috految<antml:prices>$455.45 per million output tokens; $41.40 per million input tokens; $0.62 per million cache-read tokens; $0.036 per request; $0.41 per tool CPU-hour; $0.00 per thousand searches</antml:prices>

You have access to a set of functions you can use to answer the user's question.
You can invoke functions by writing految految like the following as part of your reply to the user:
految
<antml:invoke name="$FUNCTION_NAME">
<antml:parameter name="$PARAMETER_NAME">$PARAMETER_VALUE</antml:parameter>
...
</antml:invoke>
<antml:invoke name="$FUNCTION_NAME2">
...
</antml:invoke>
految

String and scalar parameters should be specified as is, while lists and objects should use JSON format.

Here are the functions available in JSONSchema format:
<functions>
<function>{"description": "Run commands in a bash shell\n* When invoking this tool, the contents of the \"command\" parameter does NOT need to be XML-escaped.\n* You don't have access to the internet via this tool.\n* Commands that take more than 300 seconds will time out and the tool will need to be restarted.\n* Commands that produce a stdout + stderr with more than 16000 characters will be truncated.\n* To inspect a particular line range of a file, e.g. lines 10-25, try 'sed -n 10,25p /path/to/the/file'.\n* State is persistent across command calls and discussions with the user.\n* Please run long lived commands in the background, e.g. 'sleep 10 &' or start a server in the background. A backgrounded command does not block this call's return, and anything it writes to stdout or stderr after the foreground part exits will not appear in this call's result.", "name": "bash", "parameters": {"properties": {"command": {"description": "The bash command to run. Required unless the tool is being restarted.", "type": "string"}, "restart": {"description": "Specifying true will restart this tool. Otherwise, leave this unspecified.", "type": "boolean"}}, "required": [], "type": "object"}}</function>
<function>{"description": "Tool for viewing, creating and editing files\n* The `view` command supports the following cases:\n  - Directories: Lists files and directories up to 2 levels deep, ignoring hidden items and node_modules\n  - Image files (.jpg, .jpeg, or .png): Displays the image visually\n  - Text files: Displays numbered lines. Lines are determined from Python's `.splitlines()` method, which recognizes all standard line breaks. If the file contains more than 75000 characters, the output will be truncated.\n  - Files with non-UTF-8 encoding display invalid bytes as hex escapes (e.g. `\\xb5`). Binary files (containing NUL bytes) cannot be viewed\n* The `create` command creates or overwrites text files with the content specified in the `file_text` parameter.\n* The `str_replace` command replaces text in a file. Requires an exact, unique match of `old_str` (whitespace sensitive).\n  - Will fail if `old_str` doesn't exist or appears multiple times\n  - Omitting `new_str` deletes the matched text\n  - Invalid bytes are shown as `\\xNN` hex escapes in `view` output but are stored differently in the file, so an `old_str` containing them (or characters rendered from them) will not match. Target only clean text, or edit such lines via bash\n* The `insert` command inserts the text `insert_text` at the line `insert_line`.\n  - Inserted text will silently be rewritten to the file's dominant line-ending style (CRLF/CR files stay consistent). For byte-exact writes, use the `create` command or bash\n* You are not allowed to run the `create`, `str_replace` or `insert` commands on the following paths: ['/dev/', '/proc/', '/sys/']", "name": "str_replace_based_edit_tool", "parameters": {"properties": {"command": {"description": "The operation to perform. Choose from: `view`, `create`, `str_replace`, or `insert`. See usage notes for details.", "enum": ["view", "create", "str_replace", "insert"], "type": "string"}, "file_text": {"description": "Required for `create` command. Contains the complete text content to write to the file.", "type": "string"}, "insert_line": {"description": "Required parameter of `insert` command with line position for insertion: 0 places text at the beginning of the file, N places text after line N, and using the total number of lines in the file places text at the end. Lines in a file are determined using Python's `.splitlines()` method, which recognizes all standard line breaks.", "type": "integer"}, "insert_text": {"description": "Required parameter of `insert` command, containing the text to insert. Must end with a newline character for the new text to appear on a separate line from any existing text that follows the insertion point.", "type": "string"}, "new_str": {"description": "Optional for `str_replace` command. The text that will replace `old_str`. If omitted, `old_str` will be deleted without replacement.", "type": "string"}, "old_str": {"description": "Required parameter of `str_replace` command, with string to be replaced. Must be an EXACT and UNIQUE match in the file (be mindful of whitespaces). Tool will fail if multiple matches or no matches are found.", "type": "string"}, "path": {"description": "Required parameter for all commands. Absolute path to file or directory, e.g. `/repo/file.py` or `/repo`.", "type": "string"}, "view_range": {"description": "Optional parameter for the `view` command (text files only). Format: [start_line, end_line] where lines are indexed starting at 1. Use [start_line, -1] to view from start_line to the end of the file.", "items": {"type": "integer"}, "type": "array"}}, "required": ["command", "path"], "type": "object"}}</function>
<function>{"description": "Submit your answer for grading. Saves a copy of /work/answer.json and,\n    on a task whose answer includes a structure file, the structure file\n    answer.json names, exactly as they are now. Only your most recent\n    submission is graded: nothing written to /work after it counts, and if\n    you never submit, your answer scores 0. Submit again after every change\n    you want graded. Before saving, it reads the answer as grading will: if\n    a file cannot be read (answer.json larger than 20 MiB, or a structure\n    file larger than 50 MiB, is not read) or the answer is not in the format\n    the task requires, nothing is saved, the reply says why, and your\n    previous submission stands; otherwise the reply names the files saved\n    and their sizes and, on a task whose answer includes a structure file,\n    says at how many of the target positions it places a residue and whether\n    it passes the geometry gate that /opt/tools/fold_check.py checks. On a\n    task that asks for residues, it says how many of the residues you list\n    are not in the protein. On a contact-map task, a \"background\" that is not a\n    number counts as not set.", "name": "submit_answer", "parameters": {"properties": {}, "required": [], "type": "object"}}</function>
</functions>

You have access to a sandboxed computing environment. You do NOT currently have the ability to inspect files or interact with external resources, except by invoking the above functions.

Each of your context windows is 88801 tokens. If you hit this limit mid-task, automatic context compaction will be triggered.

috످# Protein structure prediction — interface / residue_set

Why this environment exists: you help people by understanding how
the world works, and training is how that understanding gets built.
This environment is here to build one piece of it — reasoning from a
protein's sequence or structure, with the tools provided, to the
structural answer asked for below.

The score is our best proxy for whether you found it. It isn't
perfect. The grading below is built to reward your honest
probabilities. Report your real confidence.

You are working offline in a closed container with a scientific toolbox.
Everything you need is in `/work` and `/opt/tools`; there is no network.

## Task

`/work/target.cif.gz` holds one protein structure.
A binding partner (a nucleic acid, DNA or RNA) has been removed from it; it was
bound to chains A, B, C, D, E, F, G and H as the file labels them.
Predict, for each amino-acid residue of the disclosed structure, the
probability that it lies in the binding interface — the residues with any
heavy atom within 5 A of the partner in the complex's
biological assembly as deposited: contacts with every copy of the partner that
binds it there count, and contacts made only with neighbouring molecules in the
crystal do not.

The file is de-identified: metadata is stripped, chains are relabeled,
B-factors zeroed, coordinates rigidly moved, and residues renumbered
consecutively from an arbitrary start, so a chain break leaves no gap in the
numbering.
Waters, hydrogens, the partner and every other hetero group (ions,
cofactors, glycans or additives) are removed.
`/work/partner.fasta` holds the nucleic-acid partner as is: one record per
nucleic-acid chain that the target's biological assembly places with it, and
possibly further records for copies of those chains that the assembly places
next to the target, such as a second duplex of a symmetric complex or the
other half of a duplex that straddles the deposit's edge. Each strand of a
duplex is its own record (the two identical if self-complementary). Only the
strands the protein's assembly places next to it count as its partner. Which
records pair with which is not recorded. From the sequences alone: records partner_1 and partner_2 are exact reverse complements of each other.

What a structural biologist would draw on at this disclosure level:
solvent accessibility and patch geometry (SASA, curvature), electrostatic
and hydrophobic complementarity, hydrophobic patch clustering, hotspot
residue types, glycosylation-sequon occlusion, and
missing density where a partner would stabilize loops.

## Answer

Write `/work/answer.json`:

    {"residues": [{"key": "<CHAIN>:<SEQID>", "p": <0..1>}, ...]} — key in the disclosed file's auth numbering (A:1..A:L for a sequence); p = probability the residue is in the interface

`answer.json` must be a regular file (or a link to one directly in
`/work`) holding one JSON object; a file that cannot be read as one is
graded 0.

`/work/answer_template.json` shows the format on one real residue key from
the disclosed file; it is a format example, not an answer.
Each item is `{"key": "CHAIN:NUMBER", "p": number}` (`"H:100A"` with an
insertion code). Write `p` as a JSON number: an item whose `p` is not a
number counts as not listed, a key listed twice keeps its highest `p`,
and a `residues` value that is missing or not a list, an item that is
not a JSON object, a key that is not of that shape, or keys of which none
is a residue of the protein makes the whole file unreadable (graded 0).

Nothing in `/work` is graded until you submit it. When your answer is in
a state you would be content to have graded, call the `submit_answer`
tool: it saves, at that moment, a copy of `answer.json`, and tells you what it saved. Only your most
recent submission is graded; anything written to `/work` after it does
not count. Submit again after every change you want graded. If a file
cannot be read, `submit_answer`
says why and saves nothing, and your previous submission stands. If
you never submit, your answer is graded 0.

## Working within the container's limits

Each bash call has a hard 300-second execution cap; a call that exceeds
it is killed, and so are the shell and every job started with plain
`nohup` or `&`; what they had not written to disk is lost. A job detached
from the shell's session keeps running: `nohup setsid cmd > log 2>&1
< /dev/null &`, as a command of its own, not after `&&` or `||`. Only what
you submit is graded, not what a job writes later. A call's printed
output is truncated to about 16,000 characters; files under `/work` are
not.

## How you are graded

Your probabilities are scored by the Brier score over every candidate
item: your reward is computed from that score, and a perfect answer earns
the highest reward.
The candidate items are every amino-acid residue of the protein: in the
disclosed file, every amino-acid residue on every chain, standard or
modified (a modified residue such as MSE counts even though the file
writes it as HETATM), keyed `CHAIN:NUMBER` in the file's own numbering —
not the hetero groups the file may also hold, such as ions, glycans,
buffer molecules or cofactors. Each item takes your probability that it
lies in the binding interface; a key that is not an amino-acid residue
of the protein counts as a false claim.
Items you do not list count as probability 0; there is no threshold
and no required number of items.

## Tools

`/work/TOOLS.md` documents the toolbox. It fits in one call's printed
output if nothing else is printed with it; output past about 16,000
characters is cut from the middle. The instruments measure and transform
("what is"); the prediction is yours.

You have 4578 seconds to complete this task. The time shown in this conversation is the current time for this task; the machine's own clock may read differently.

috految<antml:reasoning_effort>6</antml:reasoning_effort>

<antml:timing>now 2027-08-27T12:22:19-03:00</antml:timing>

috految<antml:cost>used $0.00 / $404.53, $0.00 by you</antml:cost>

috److految
<antml:invoke name="bash">
<antml:parameter name="command">cd /work; cat partner.fasta; python -c "
import gemmi
for c in gemmi.read_structure('target.cif.gz')[0]:print(c.name,c[0].seqid,len(c),c.count_atom_sites(),gemmi.one_letter_code([r.name for r in c]),c.calculate_center_of_mass())"</antml:parameter>
</antml:invoke>
految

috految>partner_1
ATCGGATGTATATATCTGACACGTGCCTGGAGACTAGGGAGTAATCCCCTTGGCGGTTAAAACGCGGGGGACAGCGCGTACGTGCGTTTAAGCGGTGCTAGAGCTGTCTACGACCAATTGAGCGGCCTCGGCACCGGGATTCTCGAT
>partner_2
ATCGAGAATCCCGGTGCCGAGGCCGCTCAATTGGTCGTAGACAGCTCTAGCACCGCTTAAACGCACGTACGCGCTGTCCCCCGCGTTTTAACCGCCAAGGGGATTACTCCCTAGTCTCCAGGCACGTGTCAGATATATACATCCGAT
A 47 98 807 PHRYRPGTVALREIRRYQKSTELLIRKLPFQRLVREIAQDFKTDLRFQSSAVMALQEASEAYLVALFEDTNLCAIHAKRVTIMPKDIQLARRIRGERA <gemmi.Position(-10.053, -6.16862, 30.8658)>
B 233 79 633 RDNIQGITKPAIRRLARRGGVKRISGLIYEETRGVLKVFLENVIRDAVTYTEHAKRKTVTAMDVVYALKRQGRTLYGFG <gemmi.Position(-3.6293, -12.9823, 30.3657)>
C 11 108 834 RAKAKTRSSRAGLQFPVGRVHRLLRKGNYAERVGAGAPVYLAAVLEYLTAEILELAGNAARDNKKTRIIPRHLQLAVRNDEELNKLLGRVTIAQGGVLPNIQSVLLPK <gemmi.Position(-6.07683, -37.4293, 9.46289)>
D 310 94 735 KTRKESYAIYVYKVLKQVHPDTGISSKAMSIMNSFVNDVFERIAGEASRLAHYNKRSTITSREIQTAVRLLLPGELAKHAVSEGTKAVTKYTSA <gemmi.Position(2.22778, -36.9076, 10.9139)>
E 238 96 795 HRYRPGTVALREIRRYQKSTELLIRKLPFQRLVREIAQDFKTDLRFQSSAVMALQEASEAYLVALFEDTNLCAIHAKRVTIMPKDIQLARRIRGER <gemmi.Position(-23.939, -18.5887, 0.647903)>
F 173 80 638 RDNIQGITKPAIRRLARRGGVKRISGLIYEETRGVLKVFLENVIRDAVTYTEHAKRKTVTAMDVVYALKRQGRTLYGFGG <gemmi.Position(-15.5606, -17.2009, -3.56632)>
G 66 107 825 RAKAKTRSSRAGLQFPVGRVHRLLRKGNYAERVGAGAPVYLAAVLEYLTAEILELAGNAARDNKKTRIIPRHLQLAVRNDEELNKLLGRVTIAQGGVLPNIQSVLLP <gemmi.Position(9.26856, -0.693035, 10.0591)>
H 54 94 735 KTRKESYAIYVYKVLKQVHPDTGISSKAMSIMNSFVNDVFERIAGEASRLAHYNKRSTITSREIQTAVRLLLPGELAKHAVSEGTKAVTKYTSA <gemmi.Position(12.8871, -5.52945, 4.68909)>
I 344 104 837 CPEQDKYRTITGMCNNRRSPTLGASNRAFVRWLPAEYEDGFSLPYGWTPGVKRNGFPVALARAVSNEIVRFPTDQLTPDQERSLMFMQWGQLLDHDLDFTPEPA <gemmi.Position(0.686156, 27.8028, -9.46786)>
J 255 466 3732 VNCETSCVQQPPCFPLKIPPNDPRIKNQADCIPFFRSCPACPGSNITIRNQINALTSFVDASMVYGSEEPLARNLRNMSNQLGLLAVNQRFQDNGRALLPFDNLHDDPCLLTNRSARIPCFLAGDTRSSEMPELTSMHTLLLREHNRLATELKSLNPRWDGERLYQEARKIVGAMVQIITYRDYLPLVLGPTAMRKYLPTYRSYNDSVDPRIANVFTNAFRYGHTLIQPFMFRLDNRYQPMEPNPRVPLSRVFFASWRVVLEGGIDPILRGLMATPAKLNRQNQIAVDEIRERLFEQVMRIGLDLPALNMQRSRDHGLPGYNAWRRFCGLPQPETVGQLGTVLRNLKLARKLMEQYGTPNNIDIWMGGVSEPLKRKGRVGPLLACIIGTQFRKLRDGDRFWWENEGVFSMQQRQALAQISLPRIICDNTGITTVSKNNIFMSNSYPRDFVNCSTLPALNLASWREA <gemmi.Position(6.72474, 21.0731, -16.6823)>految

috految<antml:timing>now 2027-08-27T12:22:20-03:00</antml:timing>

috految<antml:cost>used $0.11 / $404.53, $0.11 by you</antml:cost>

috److془MPO monomer nucleosome. Wrapped 145 bp likely.

H2B human: K31 T32 R33 K34 E35 S36 Y37 A38 I39 Y40 V41 Y42.془

految
<antml:invoke name="bash">
<antml:parameter name="command">cd /work; python -c "
import json
a={38:.45,39:.97,40:1,41:1,42:1,43:1,44:1,45:1,46:1,47:.99,48:.04,49:.98,50:.55,52:.17,53:.45,56:.72,63:1,64:1,65:1,66:.99,68:.5,69:1,72:1,81:.7,82:.97,83:1,84:1,85:1,86:.99,87:.07,115:.97,116:1,117:1,118:1,119:.03,120:.98,122:.7}
b={23:.4,27:.07,29:.03,30:.99,31:.96,32:1,33:.88,35:.99,36:.99,39:.93,44:.98,45:1,46:1,47:1,48:1,49:.76,51:.86,77:.97,78:1,79:1,80:1,82:.27}
c={11:.98,12:.97,13:.95,14:.97,15:.98,16:.99,17:1,18:.84,20:.96,26:.62,27:.03,28:.99,29:1,30:.06,31:.92,32:1,35:.98,36:.15,41:.91,42:1,43:1,44:1,45:1,46:.07,47:.03,74:.92,75:.97,76:.98,77:1,118:.15}
d={31:.94,32:.97,33:1,34:.98,35:.96,36:.97,37:.05,38:.03,39:.97,40:.98,42:.97,43:.67,46:.35,52:.04,53:.99,54:.99,55:.99,56:.99,57:.75,85:.95,86:1,87:1,88:1,89:.04,90:.07,92:.03}
print(json.dumps({'residues':[dict(key=f'{k}:{n+o}',p=p) for k,o,t in zip('ABCDEFGH',[9,210,0,279,199,150,55,23],[a,b,c,d]*2) for n,p in t.items() if (k,n) not in [('E',38),('G',118)]]}))">answer.json</antml:parameter>
</antml:invoke>
<antml:invoke name="submit_answer">
</antml:invoke>
految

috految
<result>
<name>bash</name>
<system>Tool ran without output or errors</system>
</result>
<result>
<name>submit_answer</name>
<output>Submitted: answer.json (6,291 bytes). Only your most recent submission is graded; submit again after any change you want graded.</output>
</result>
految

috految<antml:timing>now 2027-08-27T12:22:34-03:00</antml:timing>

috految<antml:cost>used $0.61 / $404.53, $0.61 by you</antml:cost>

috److I submitted interface probabilities for the eight histone chains, and the submission was accepted.

**What the structure is:** From the sequences, it is a nucleosome core bound to myeloperoxidase. The DNA partner looks like a Widom 601-type positioning sequence.

| Chains | Protein | Main predicted DNA-contact residues (standard histone numbering) |
|---|---|---|
| A, E | H3 | 39–47, 49, 63–66, 69, 72, 82–86, 115–118, 120 |
| B, F | H4 | 30–33, 35, 36, 39, 44–48, 51, 77–80 |
| C, G | H2A | 11–18, 20, 28, 29, 31, 32, 35, 41–45, 74–77 |
| D, H | H2B | 31–36, 39, 40, 42, 53–56, 85–88 |
| I, J | Myeloperoxidase | None listed, since the task says the DNA binds only chains A–H |

**Method:** I set the probabilities from my knowledge of histone–DNA contacts in canonical nucleosomes and mapped them onto the file's numbering. I did not model the DNA or compute distances or solvent accessibility.

**Main uncertainties:**
- **DNA wrapping:** I assumed the DNA is fully wrapped and used the same probabilities for both copies of each histone. If one DNA end is unwrapped, the contacts near that end will be overestimated.
- **Borderline contacts:** Residues likely to sit near the 5 Å cutoff, such as H3 50, 53 and 68, have intermediate probabilities.

The answer is in `/work/answer.json`.

috످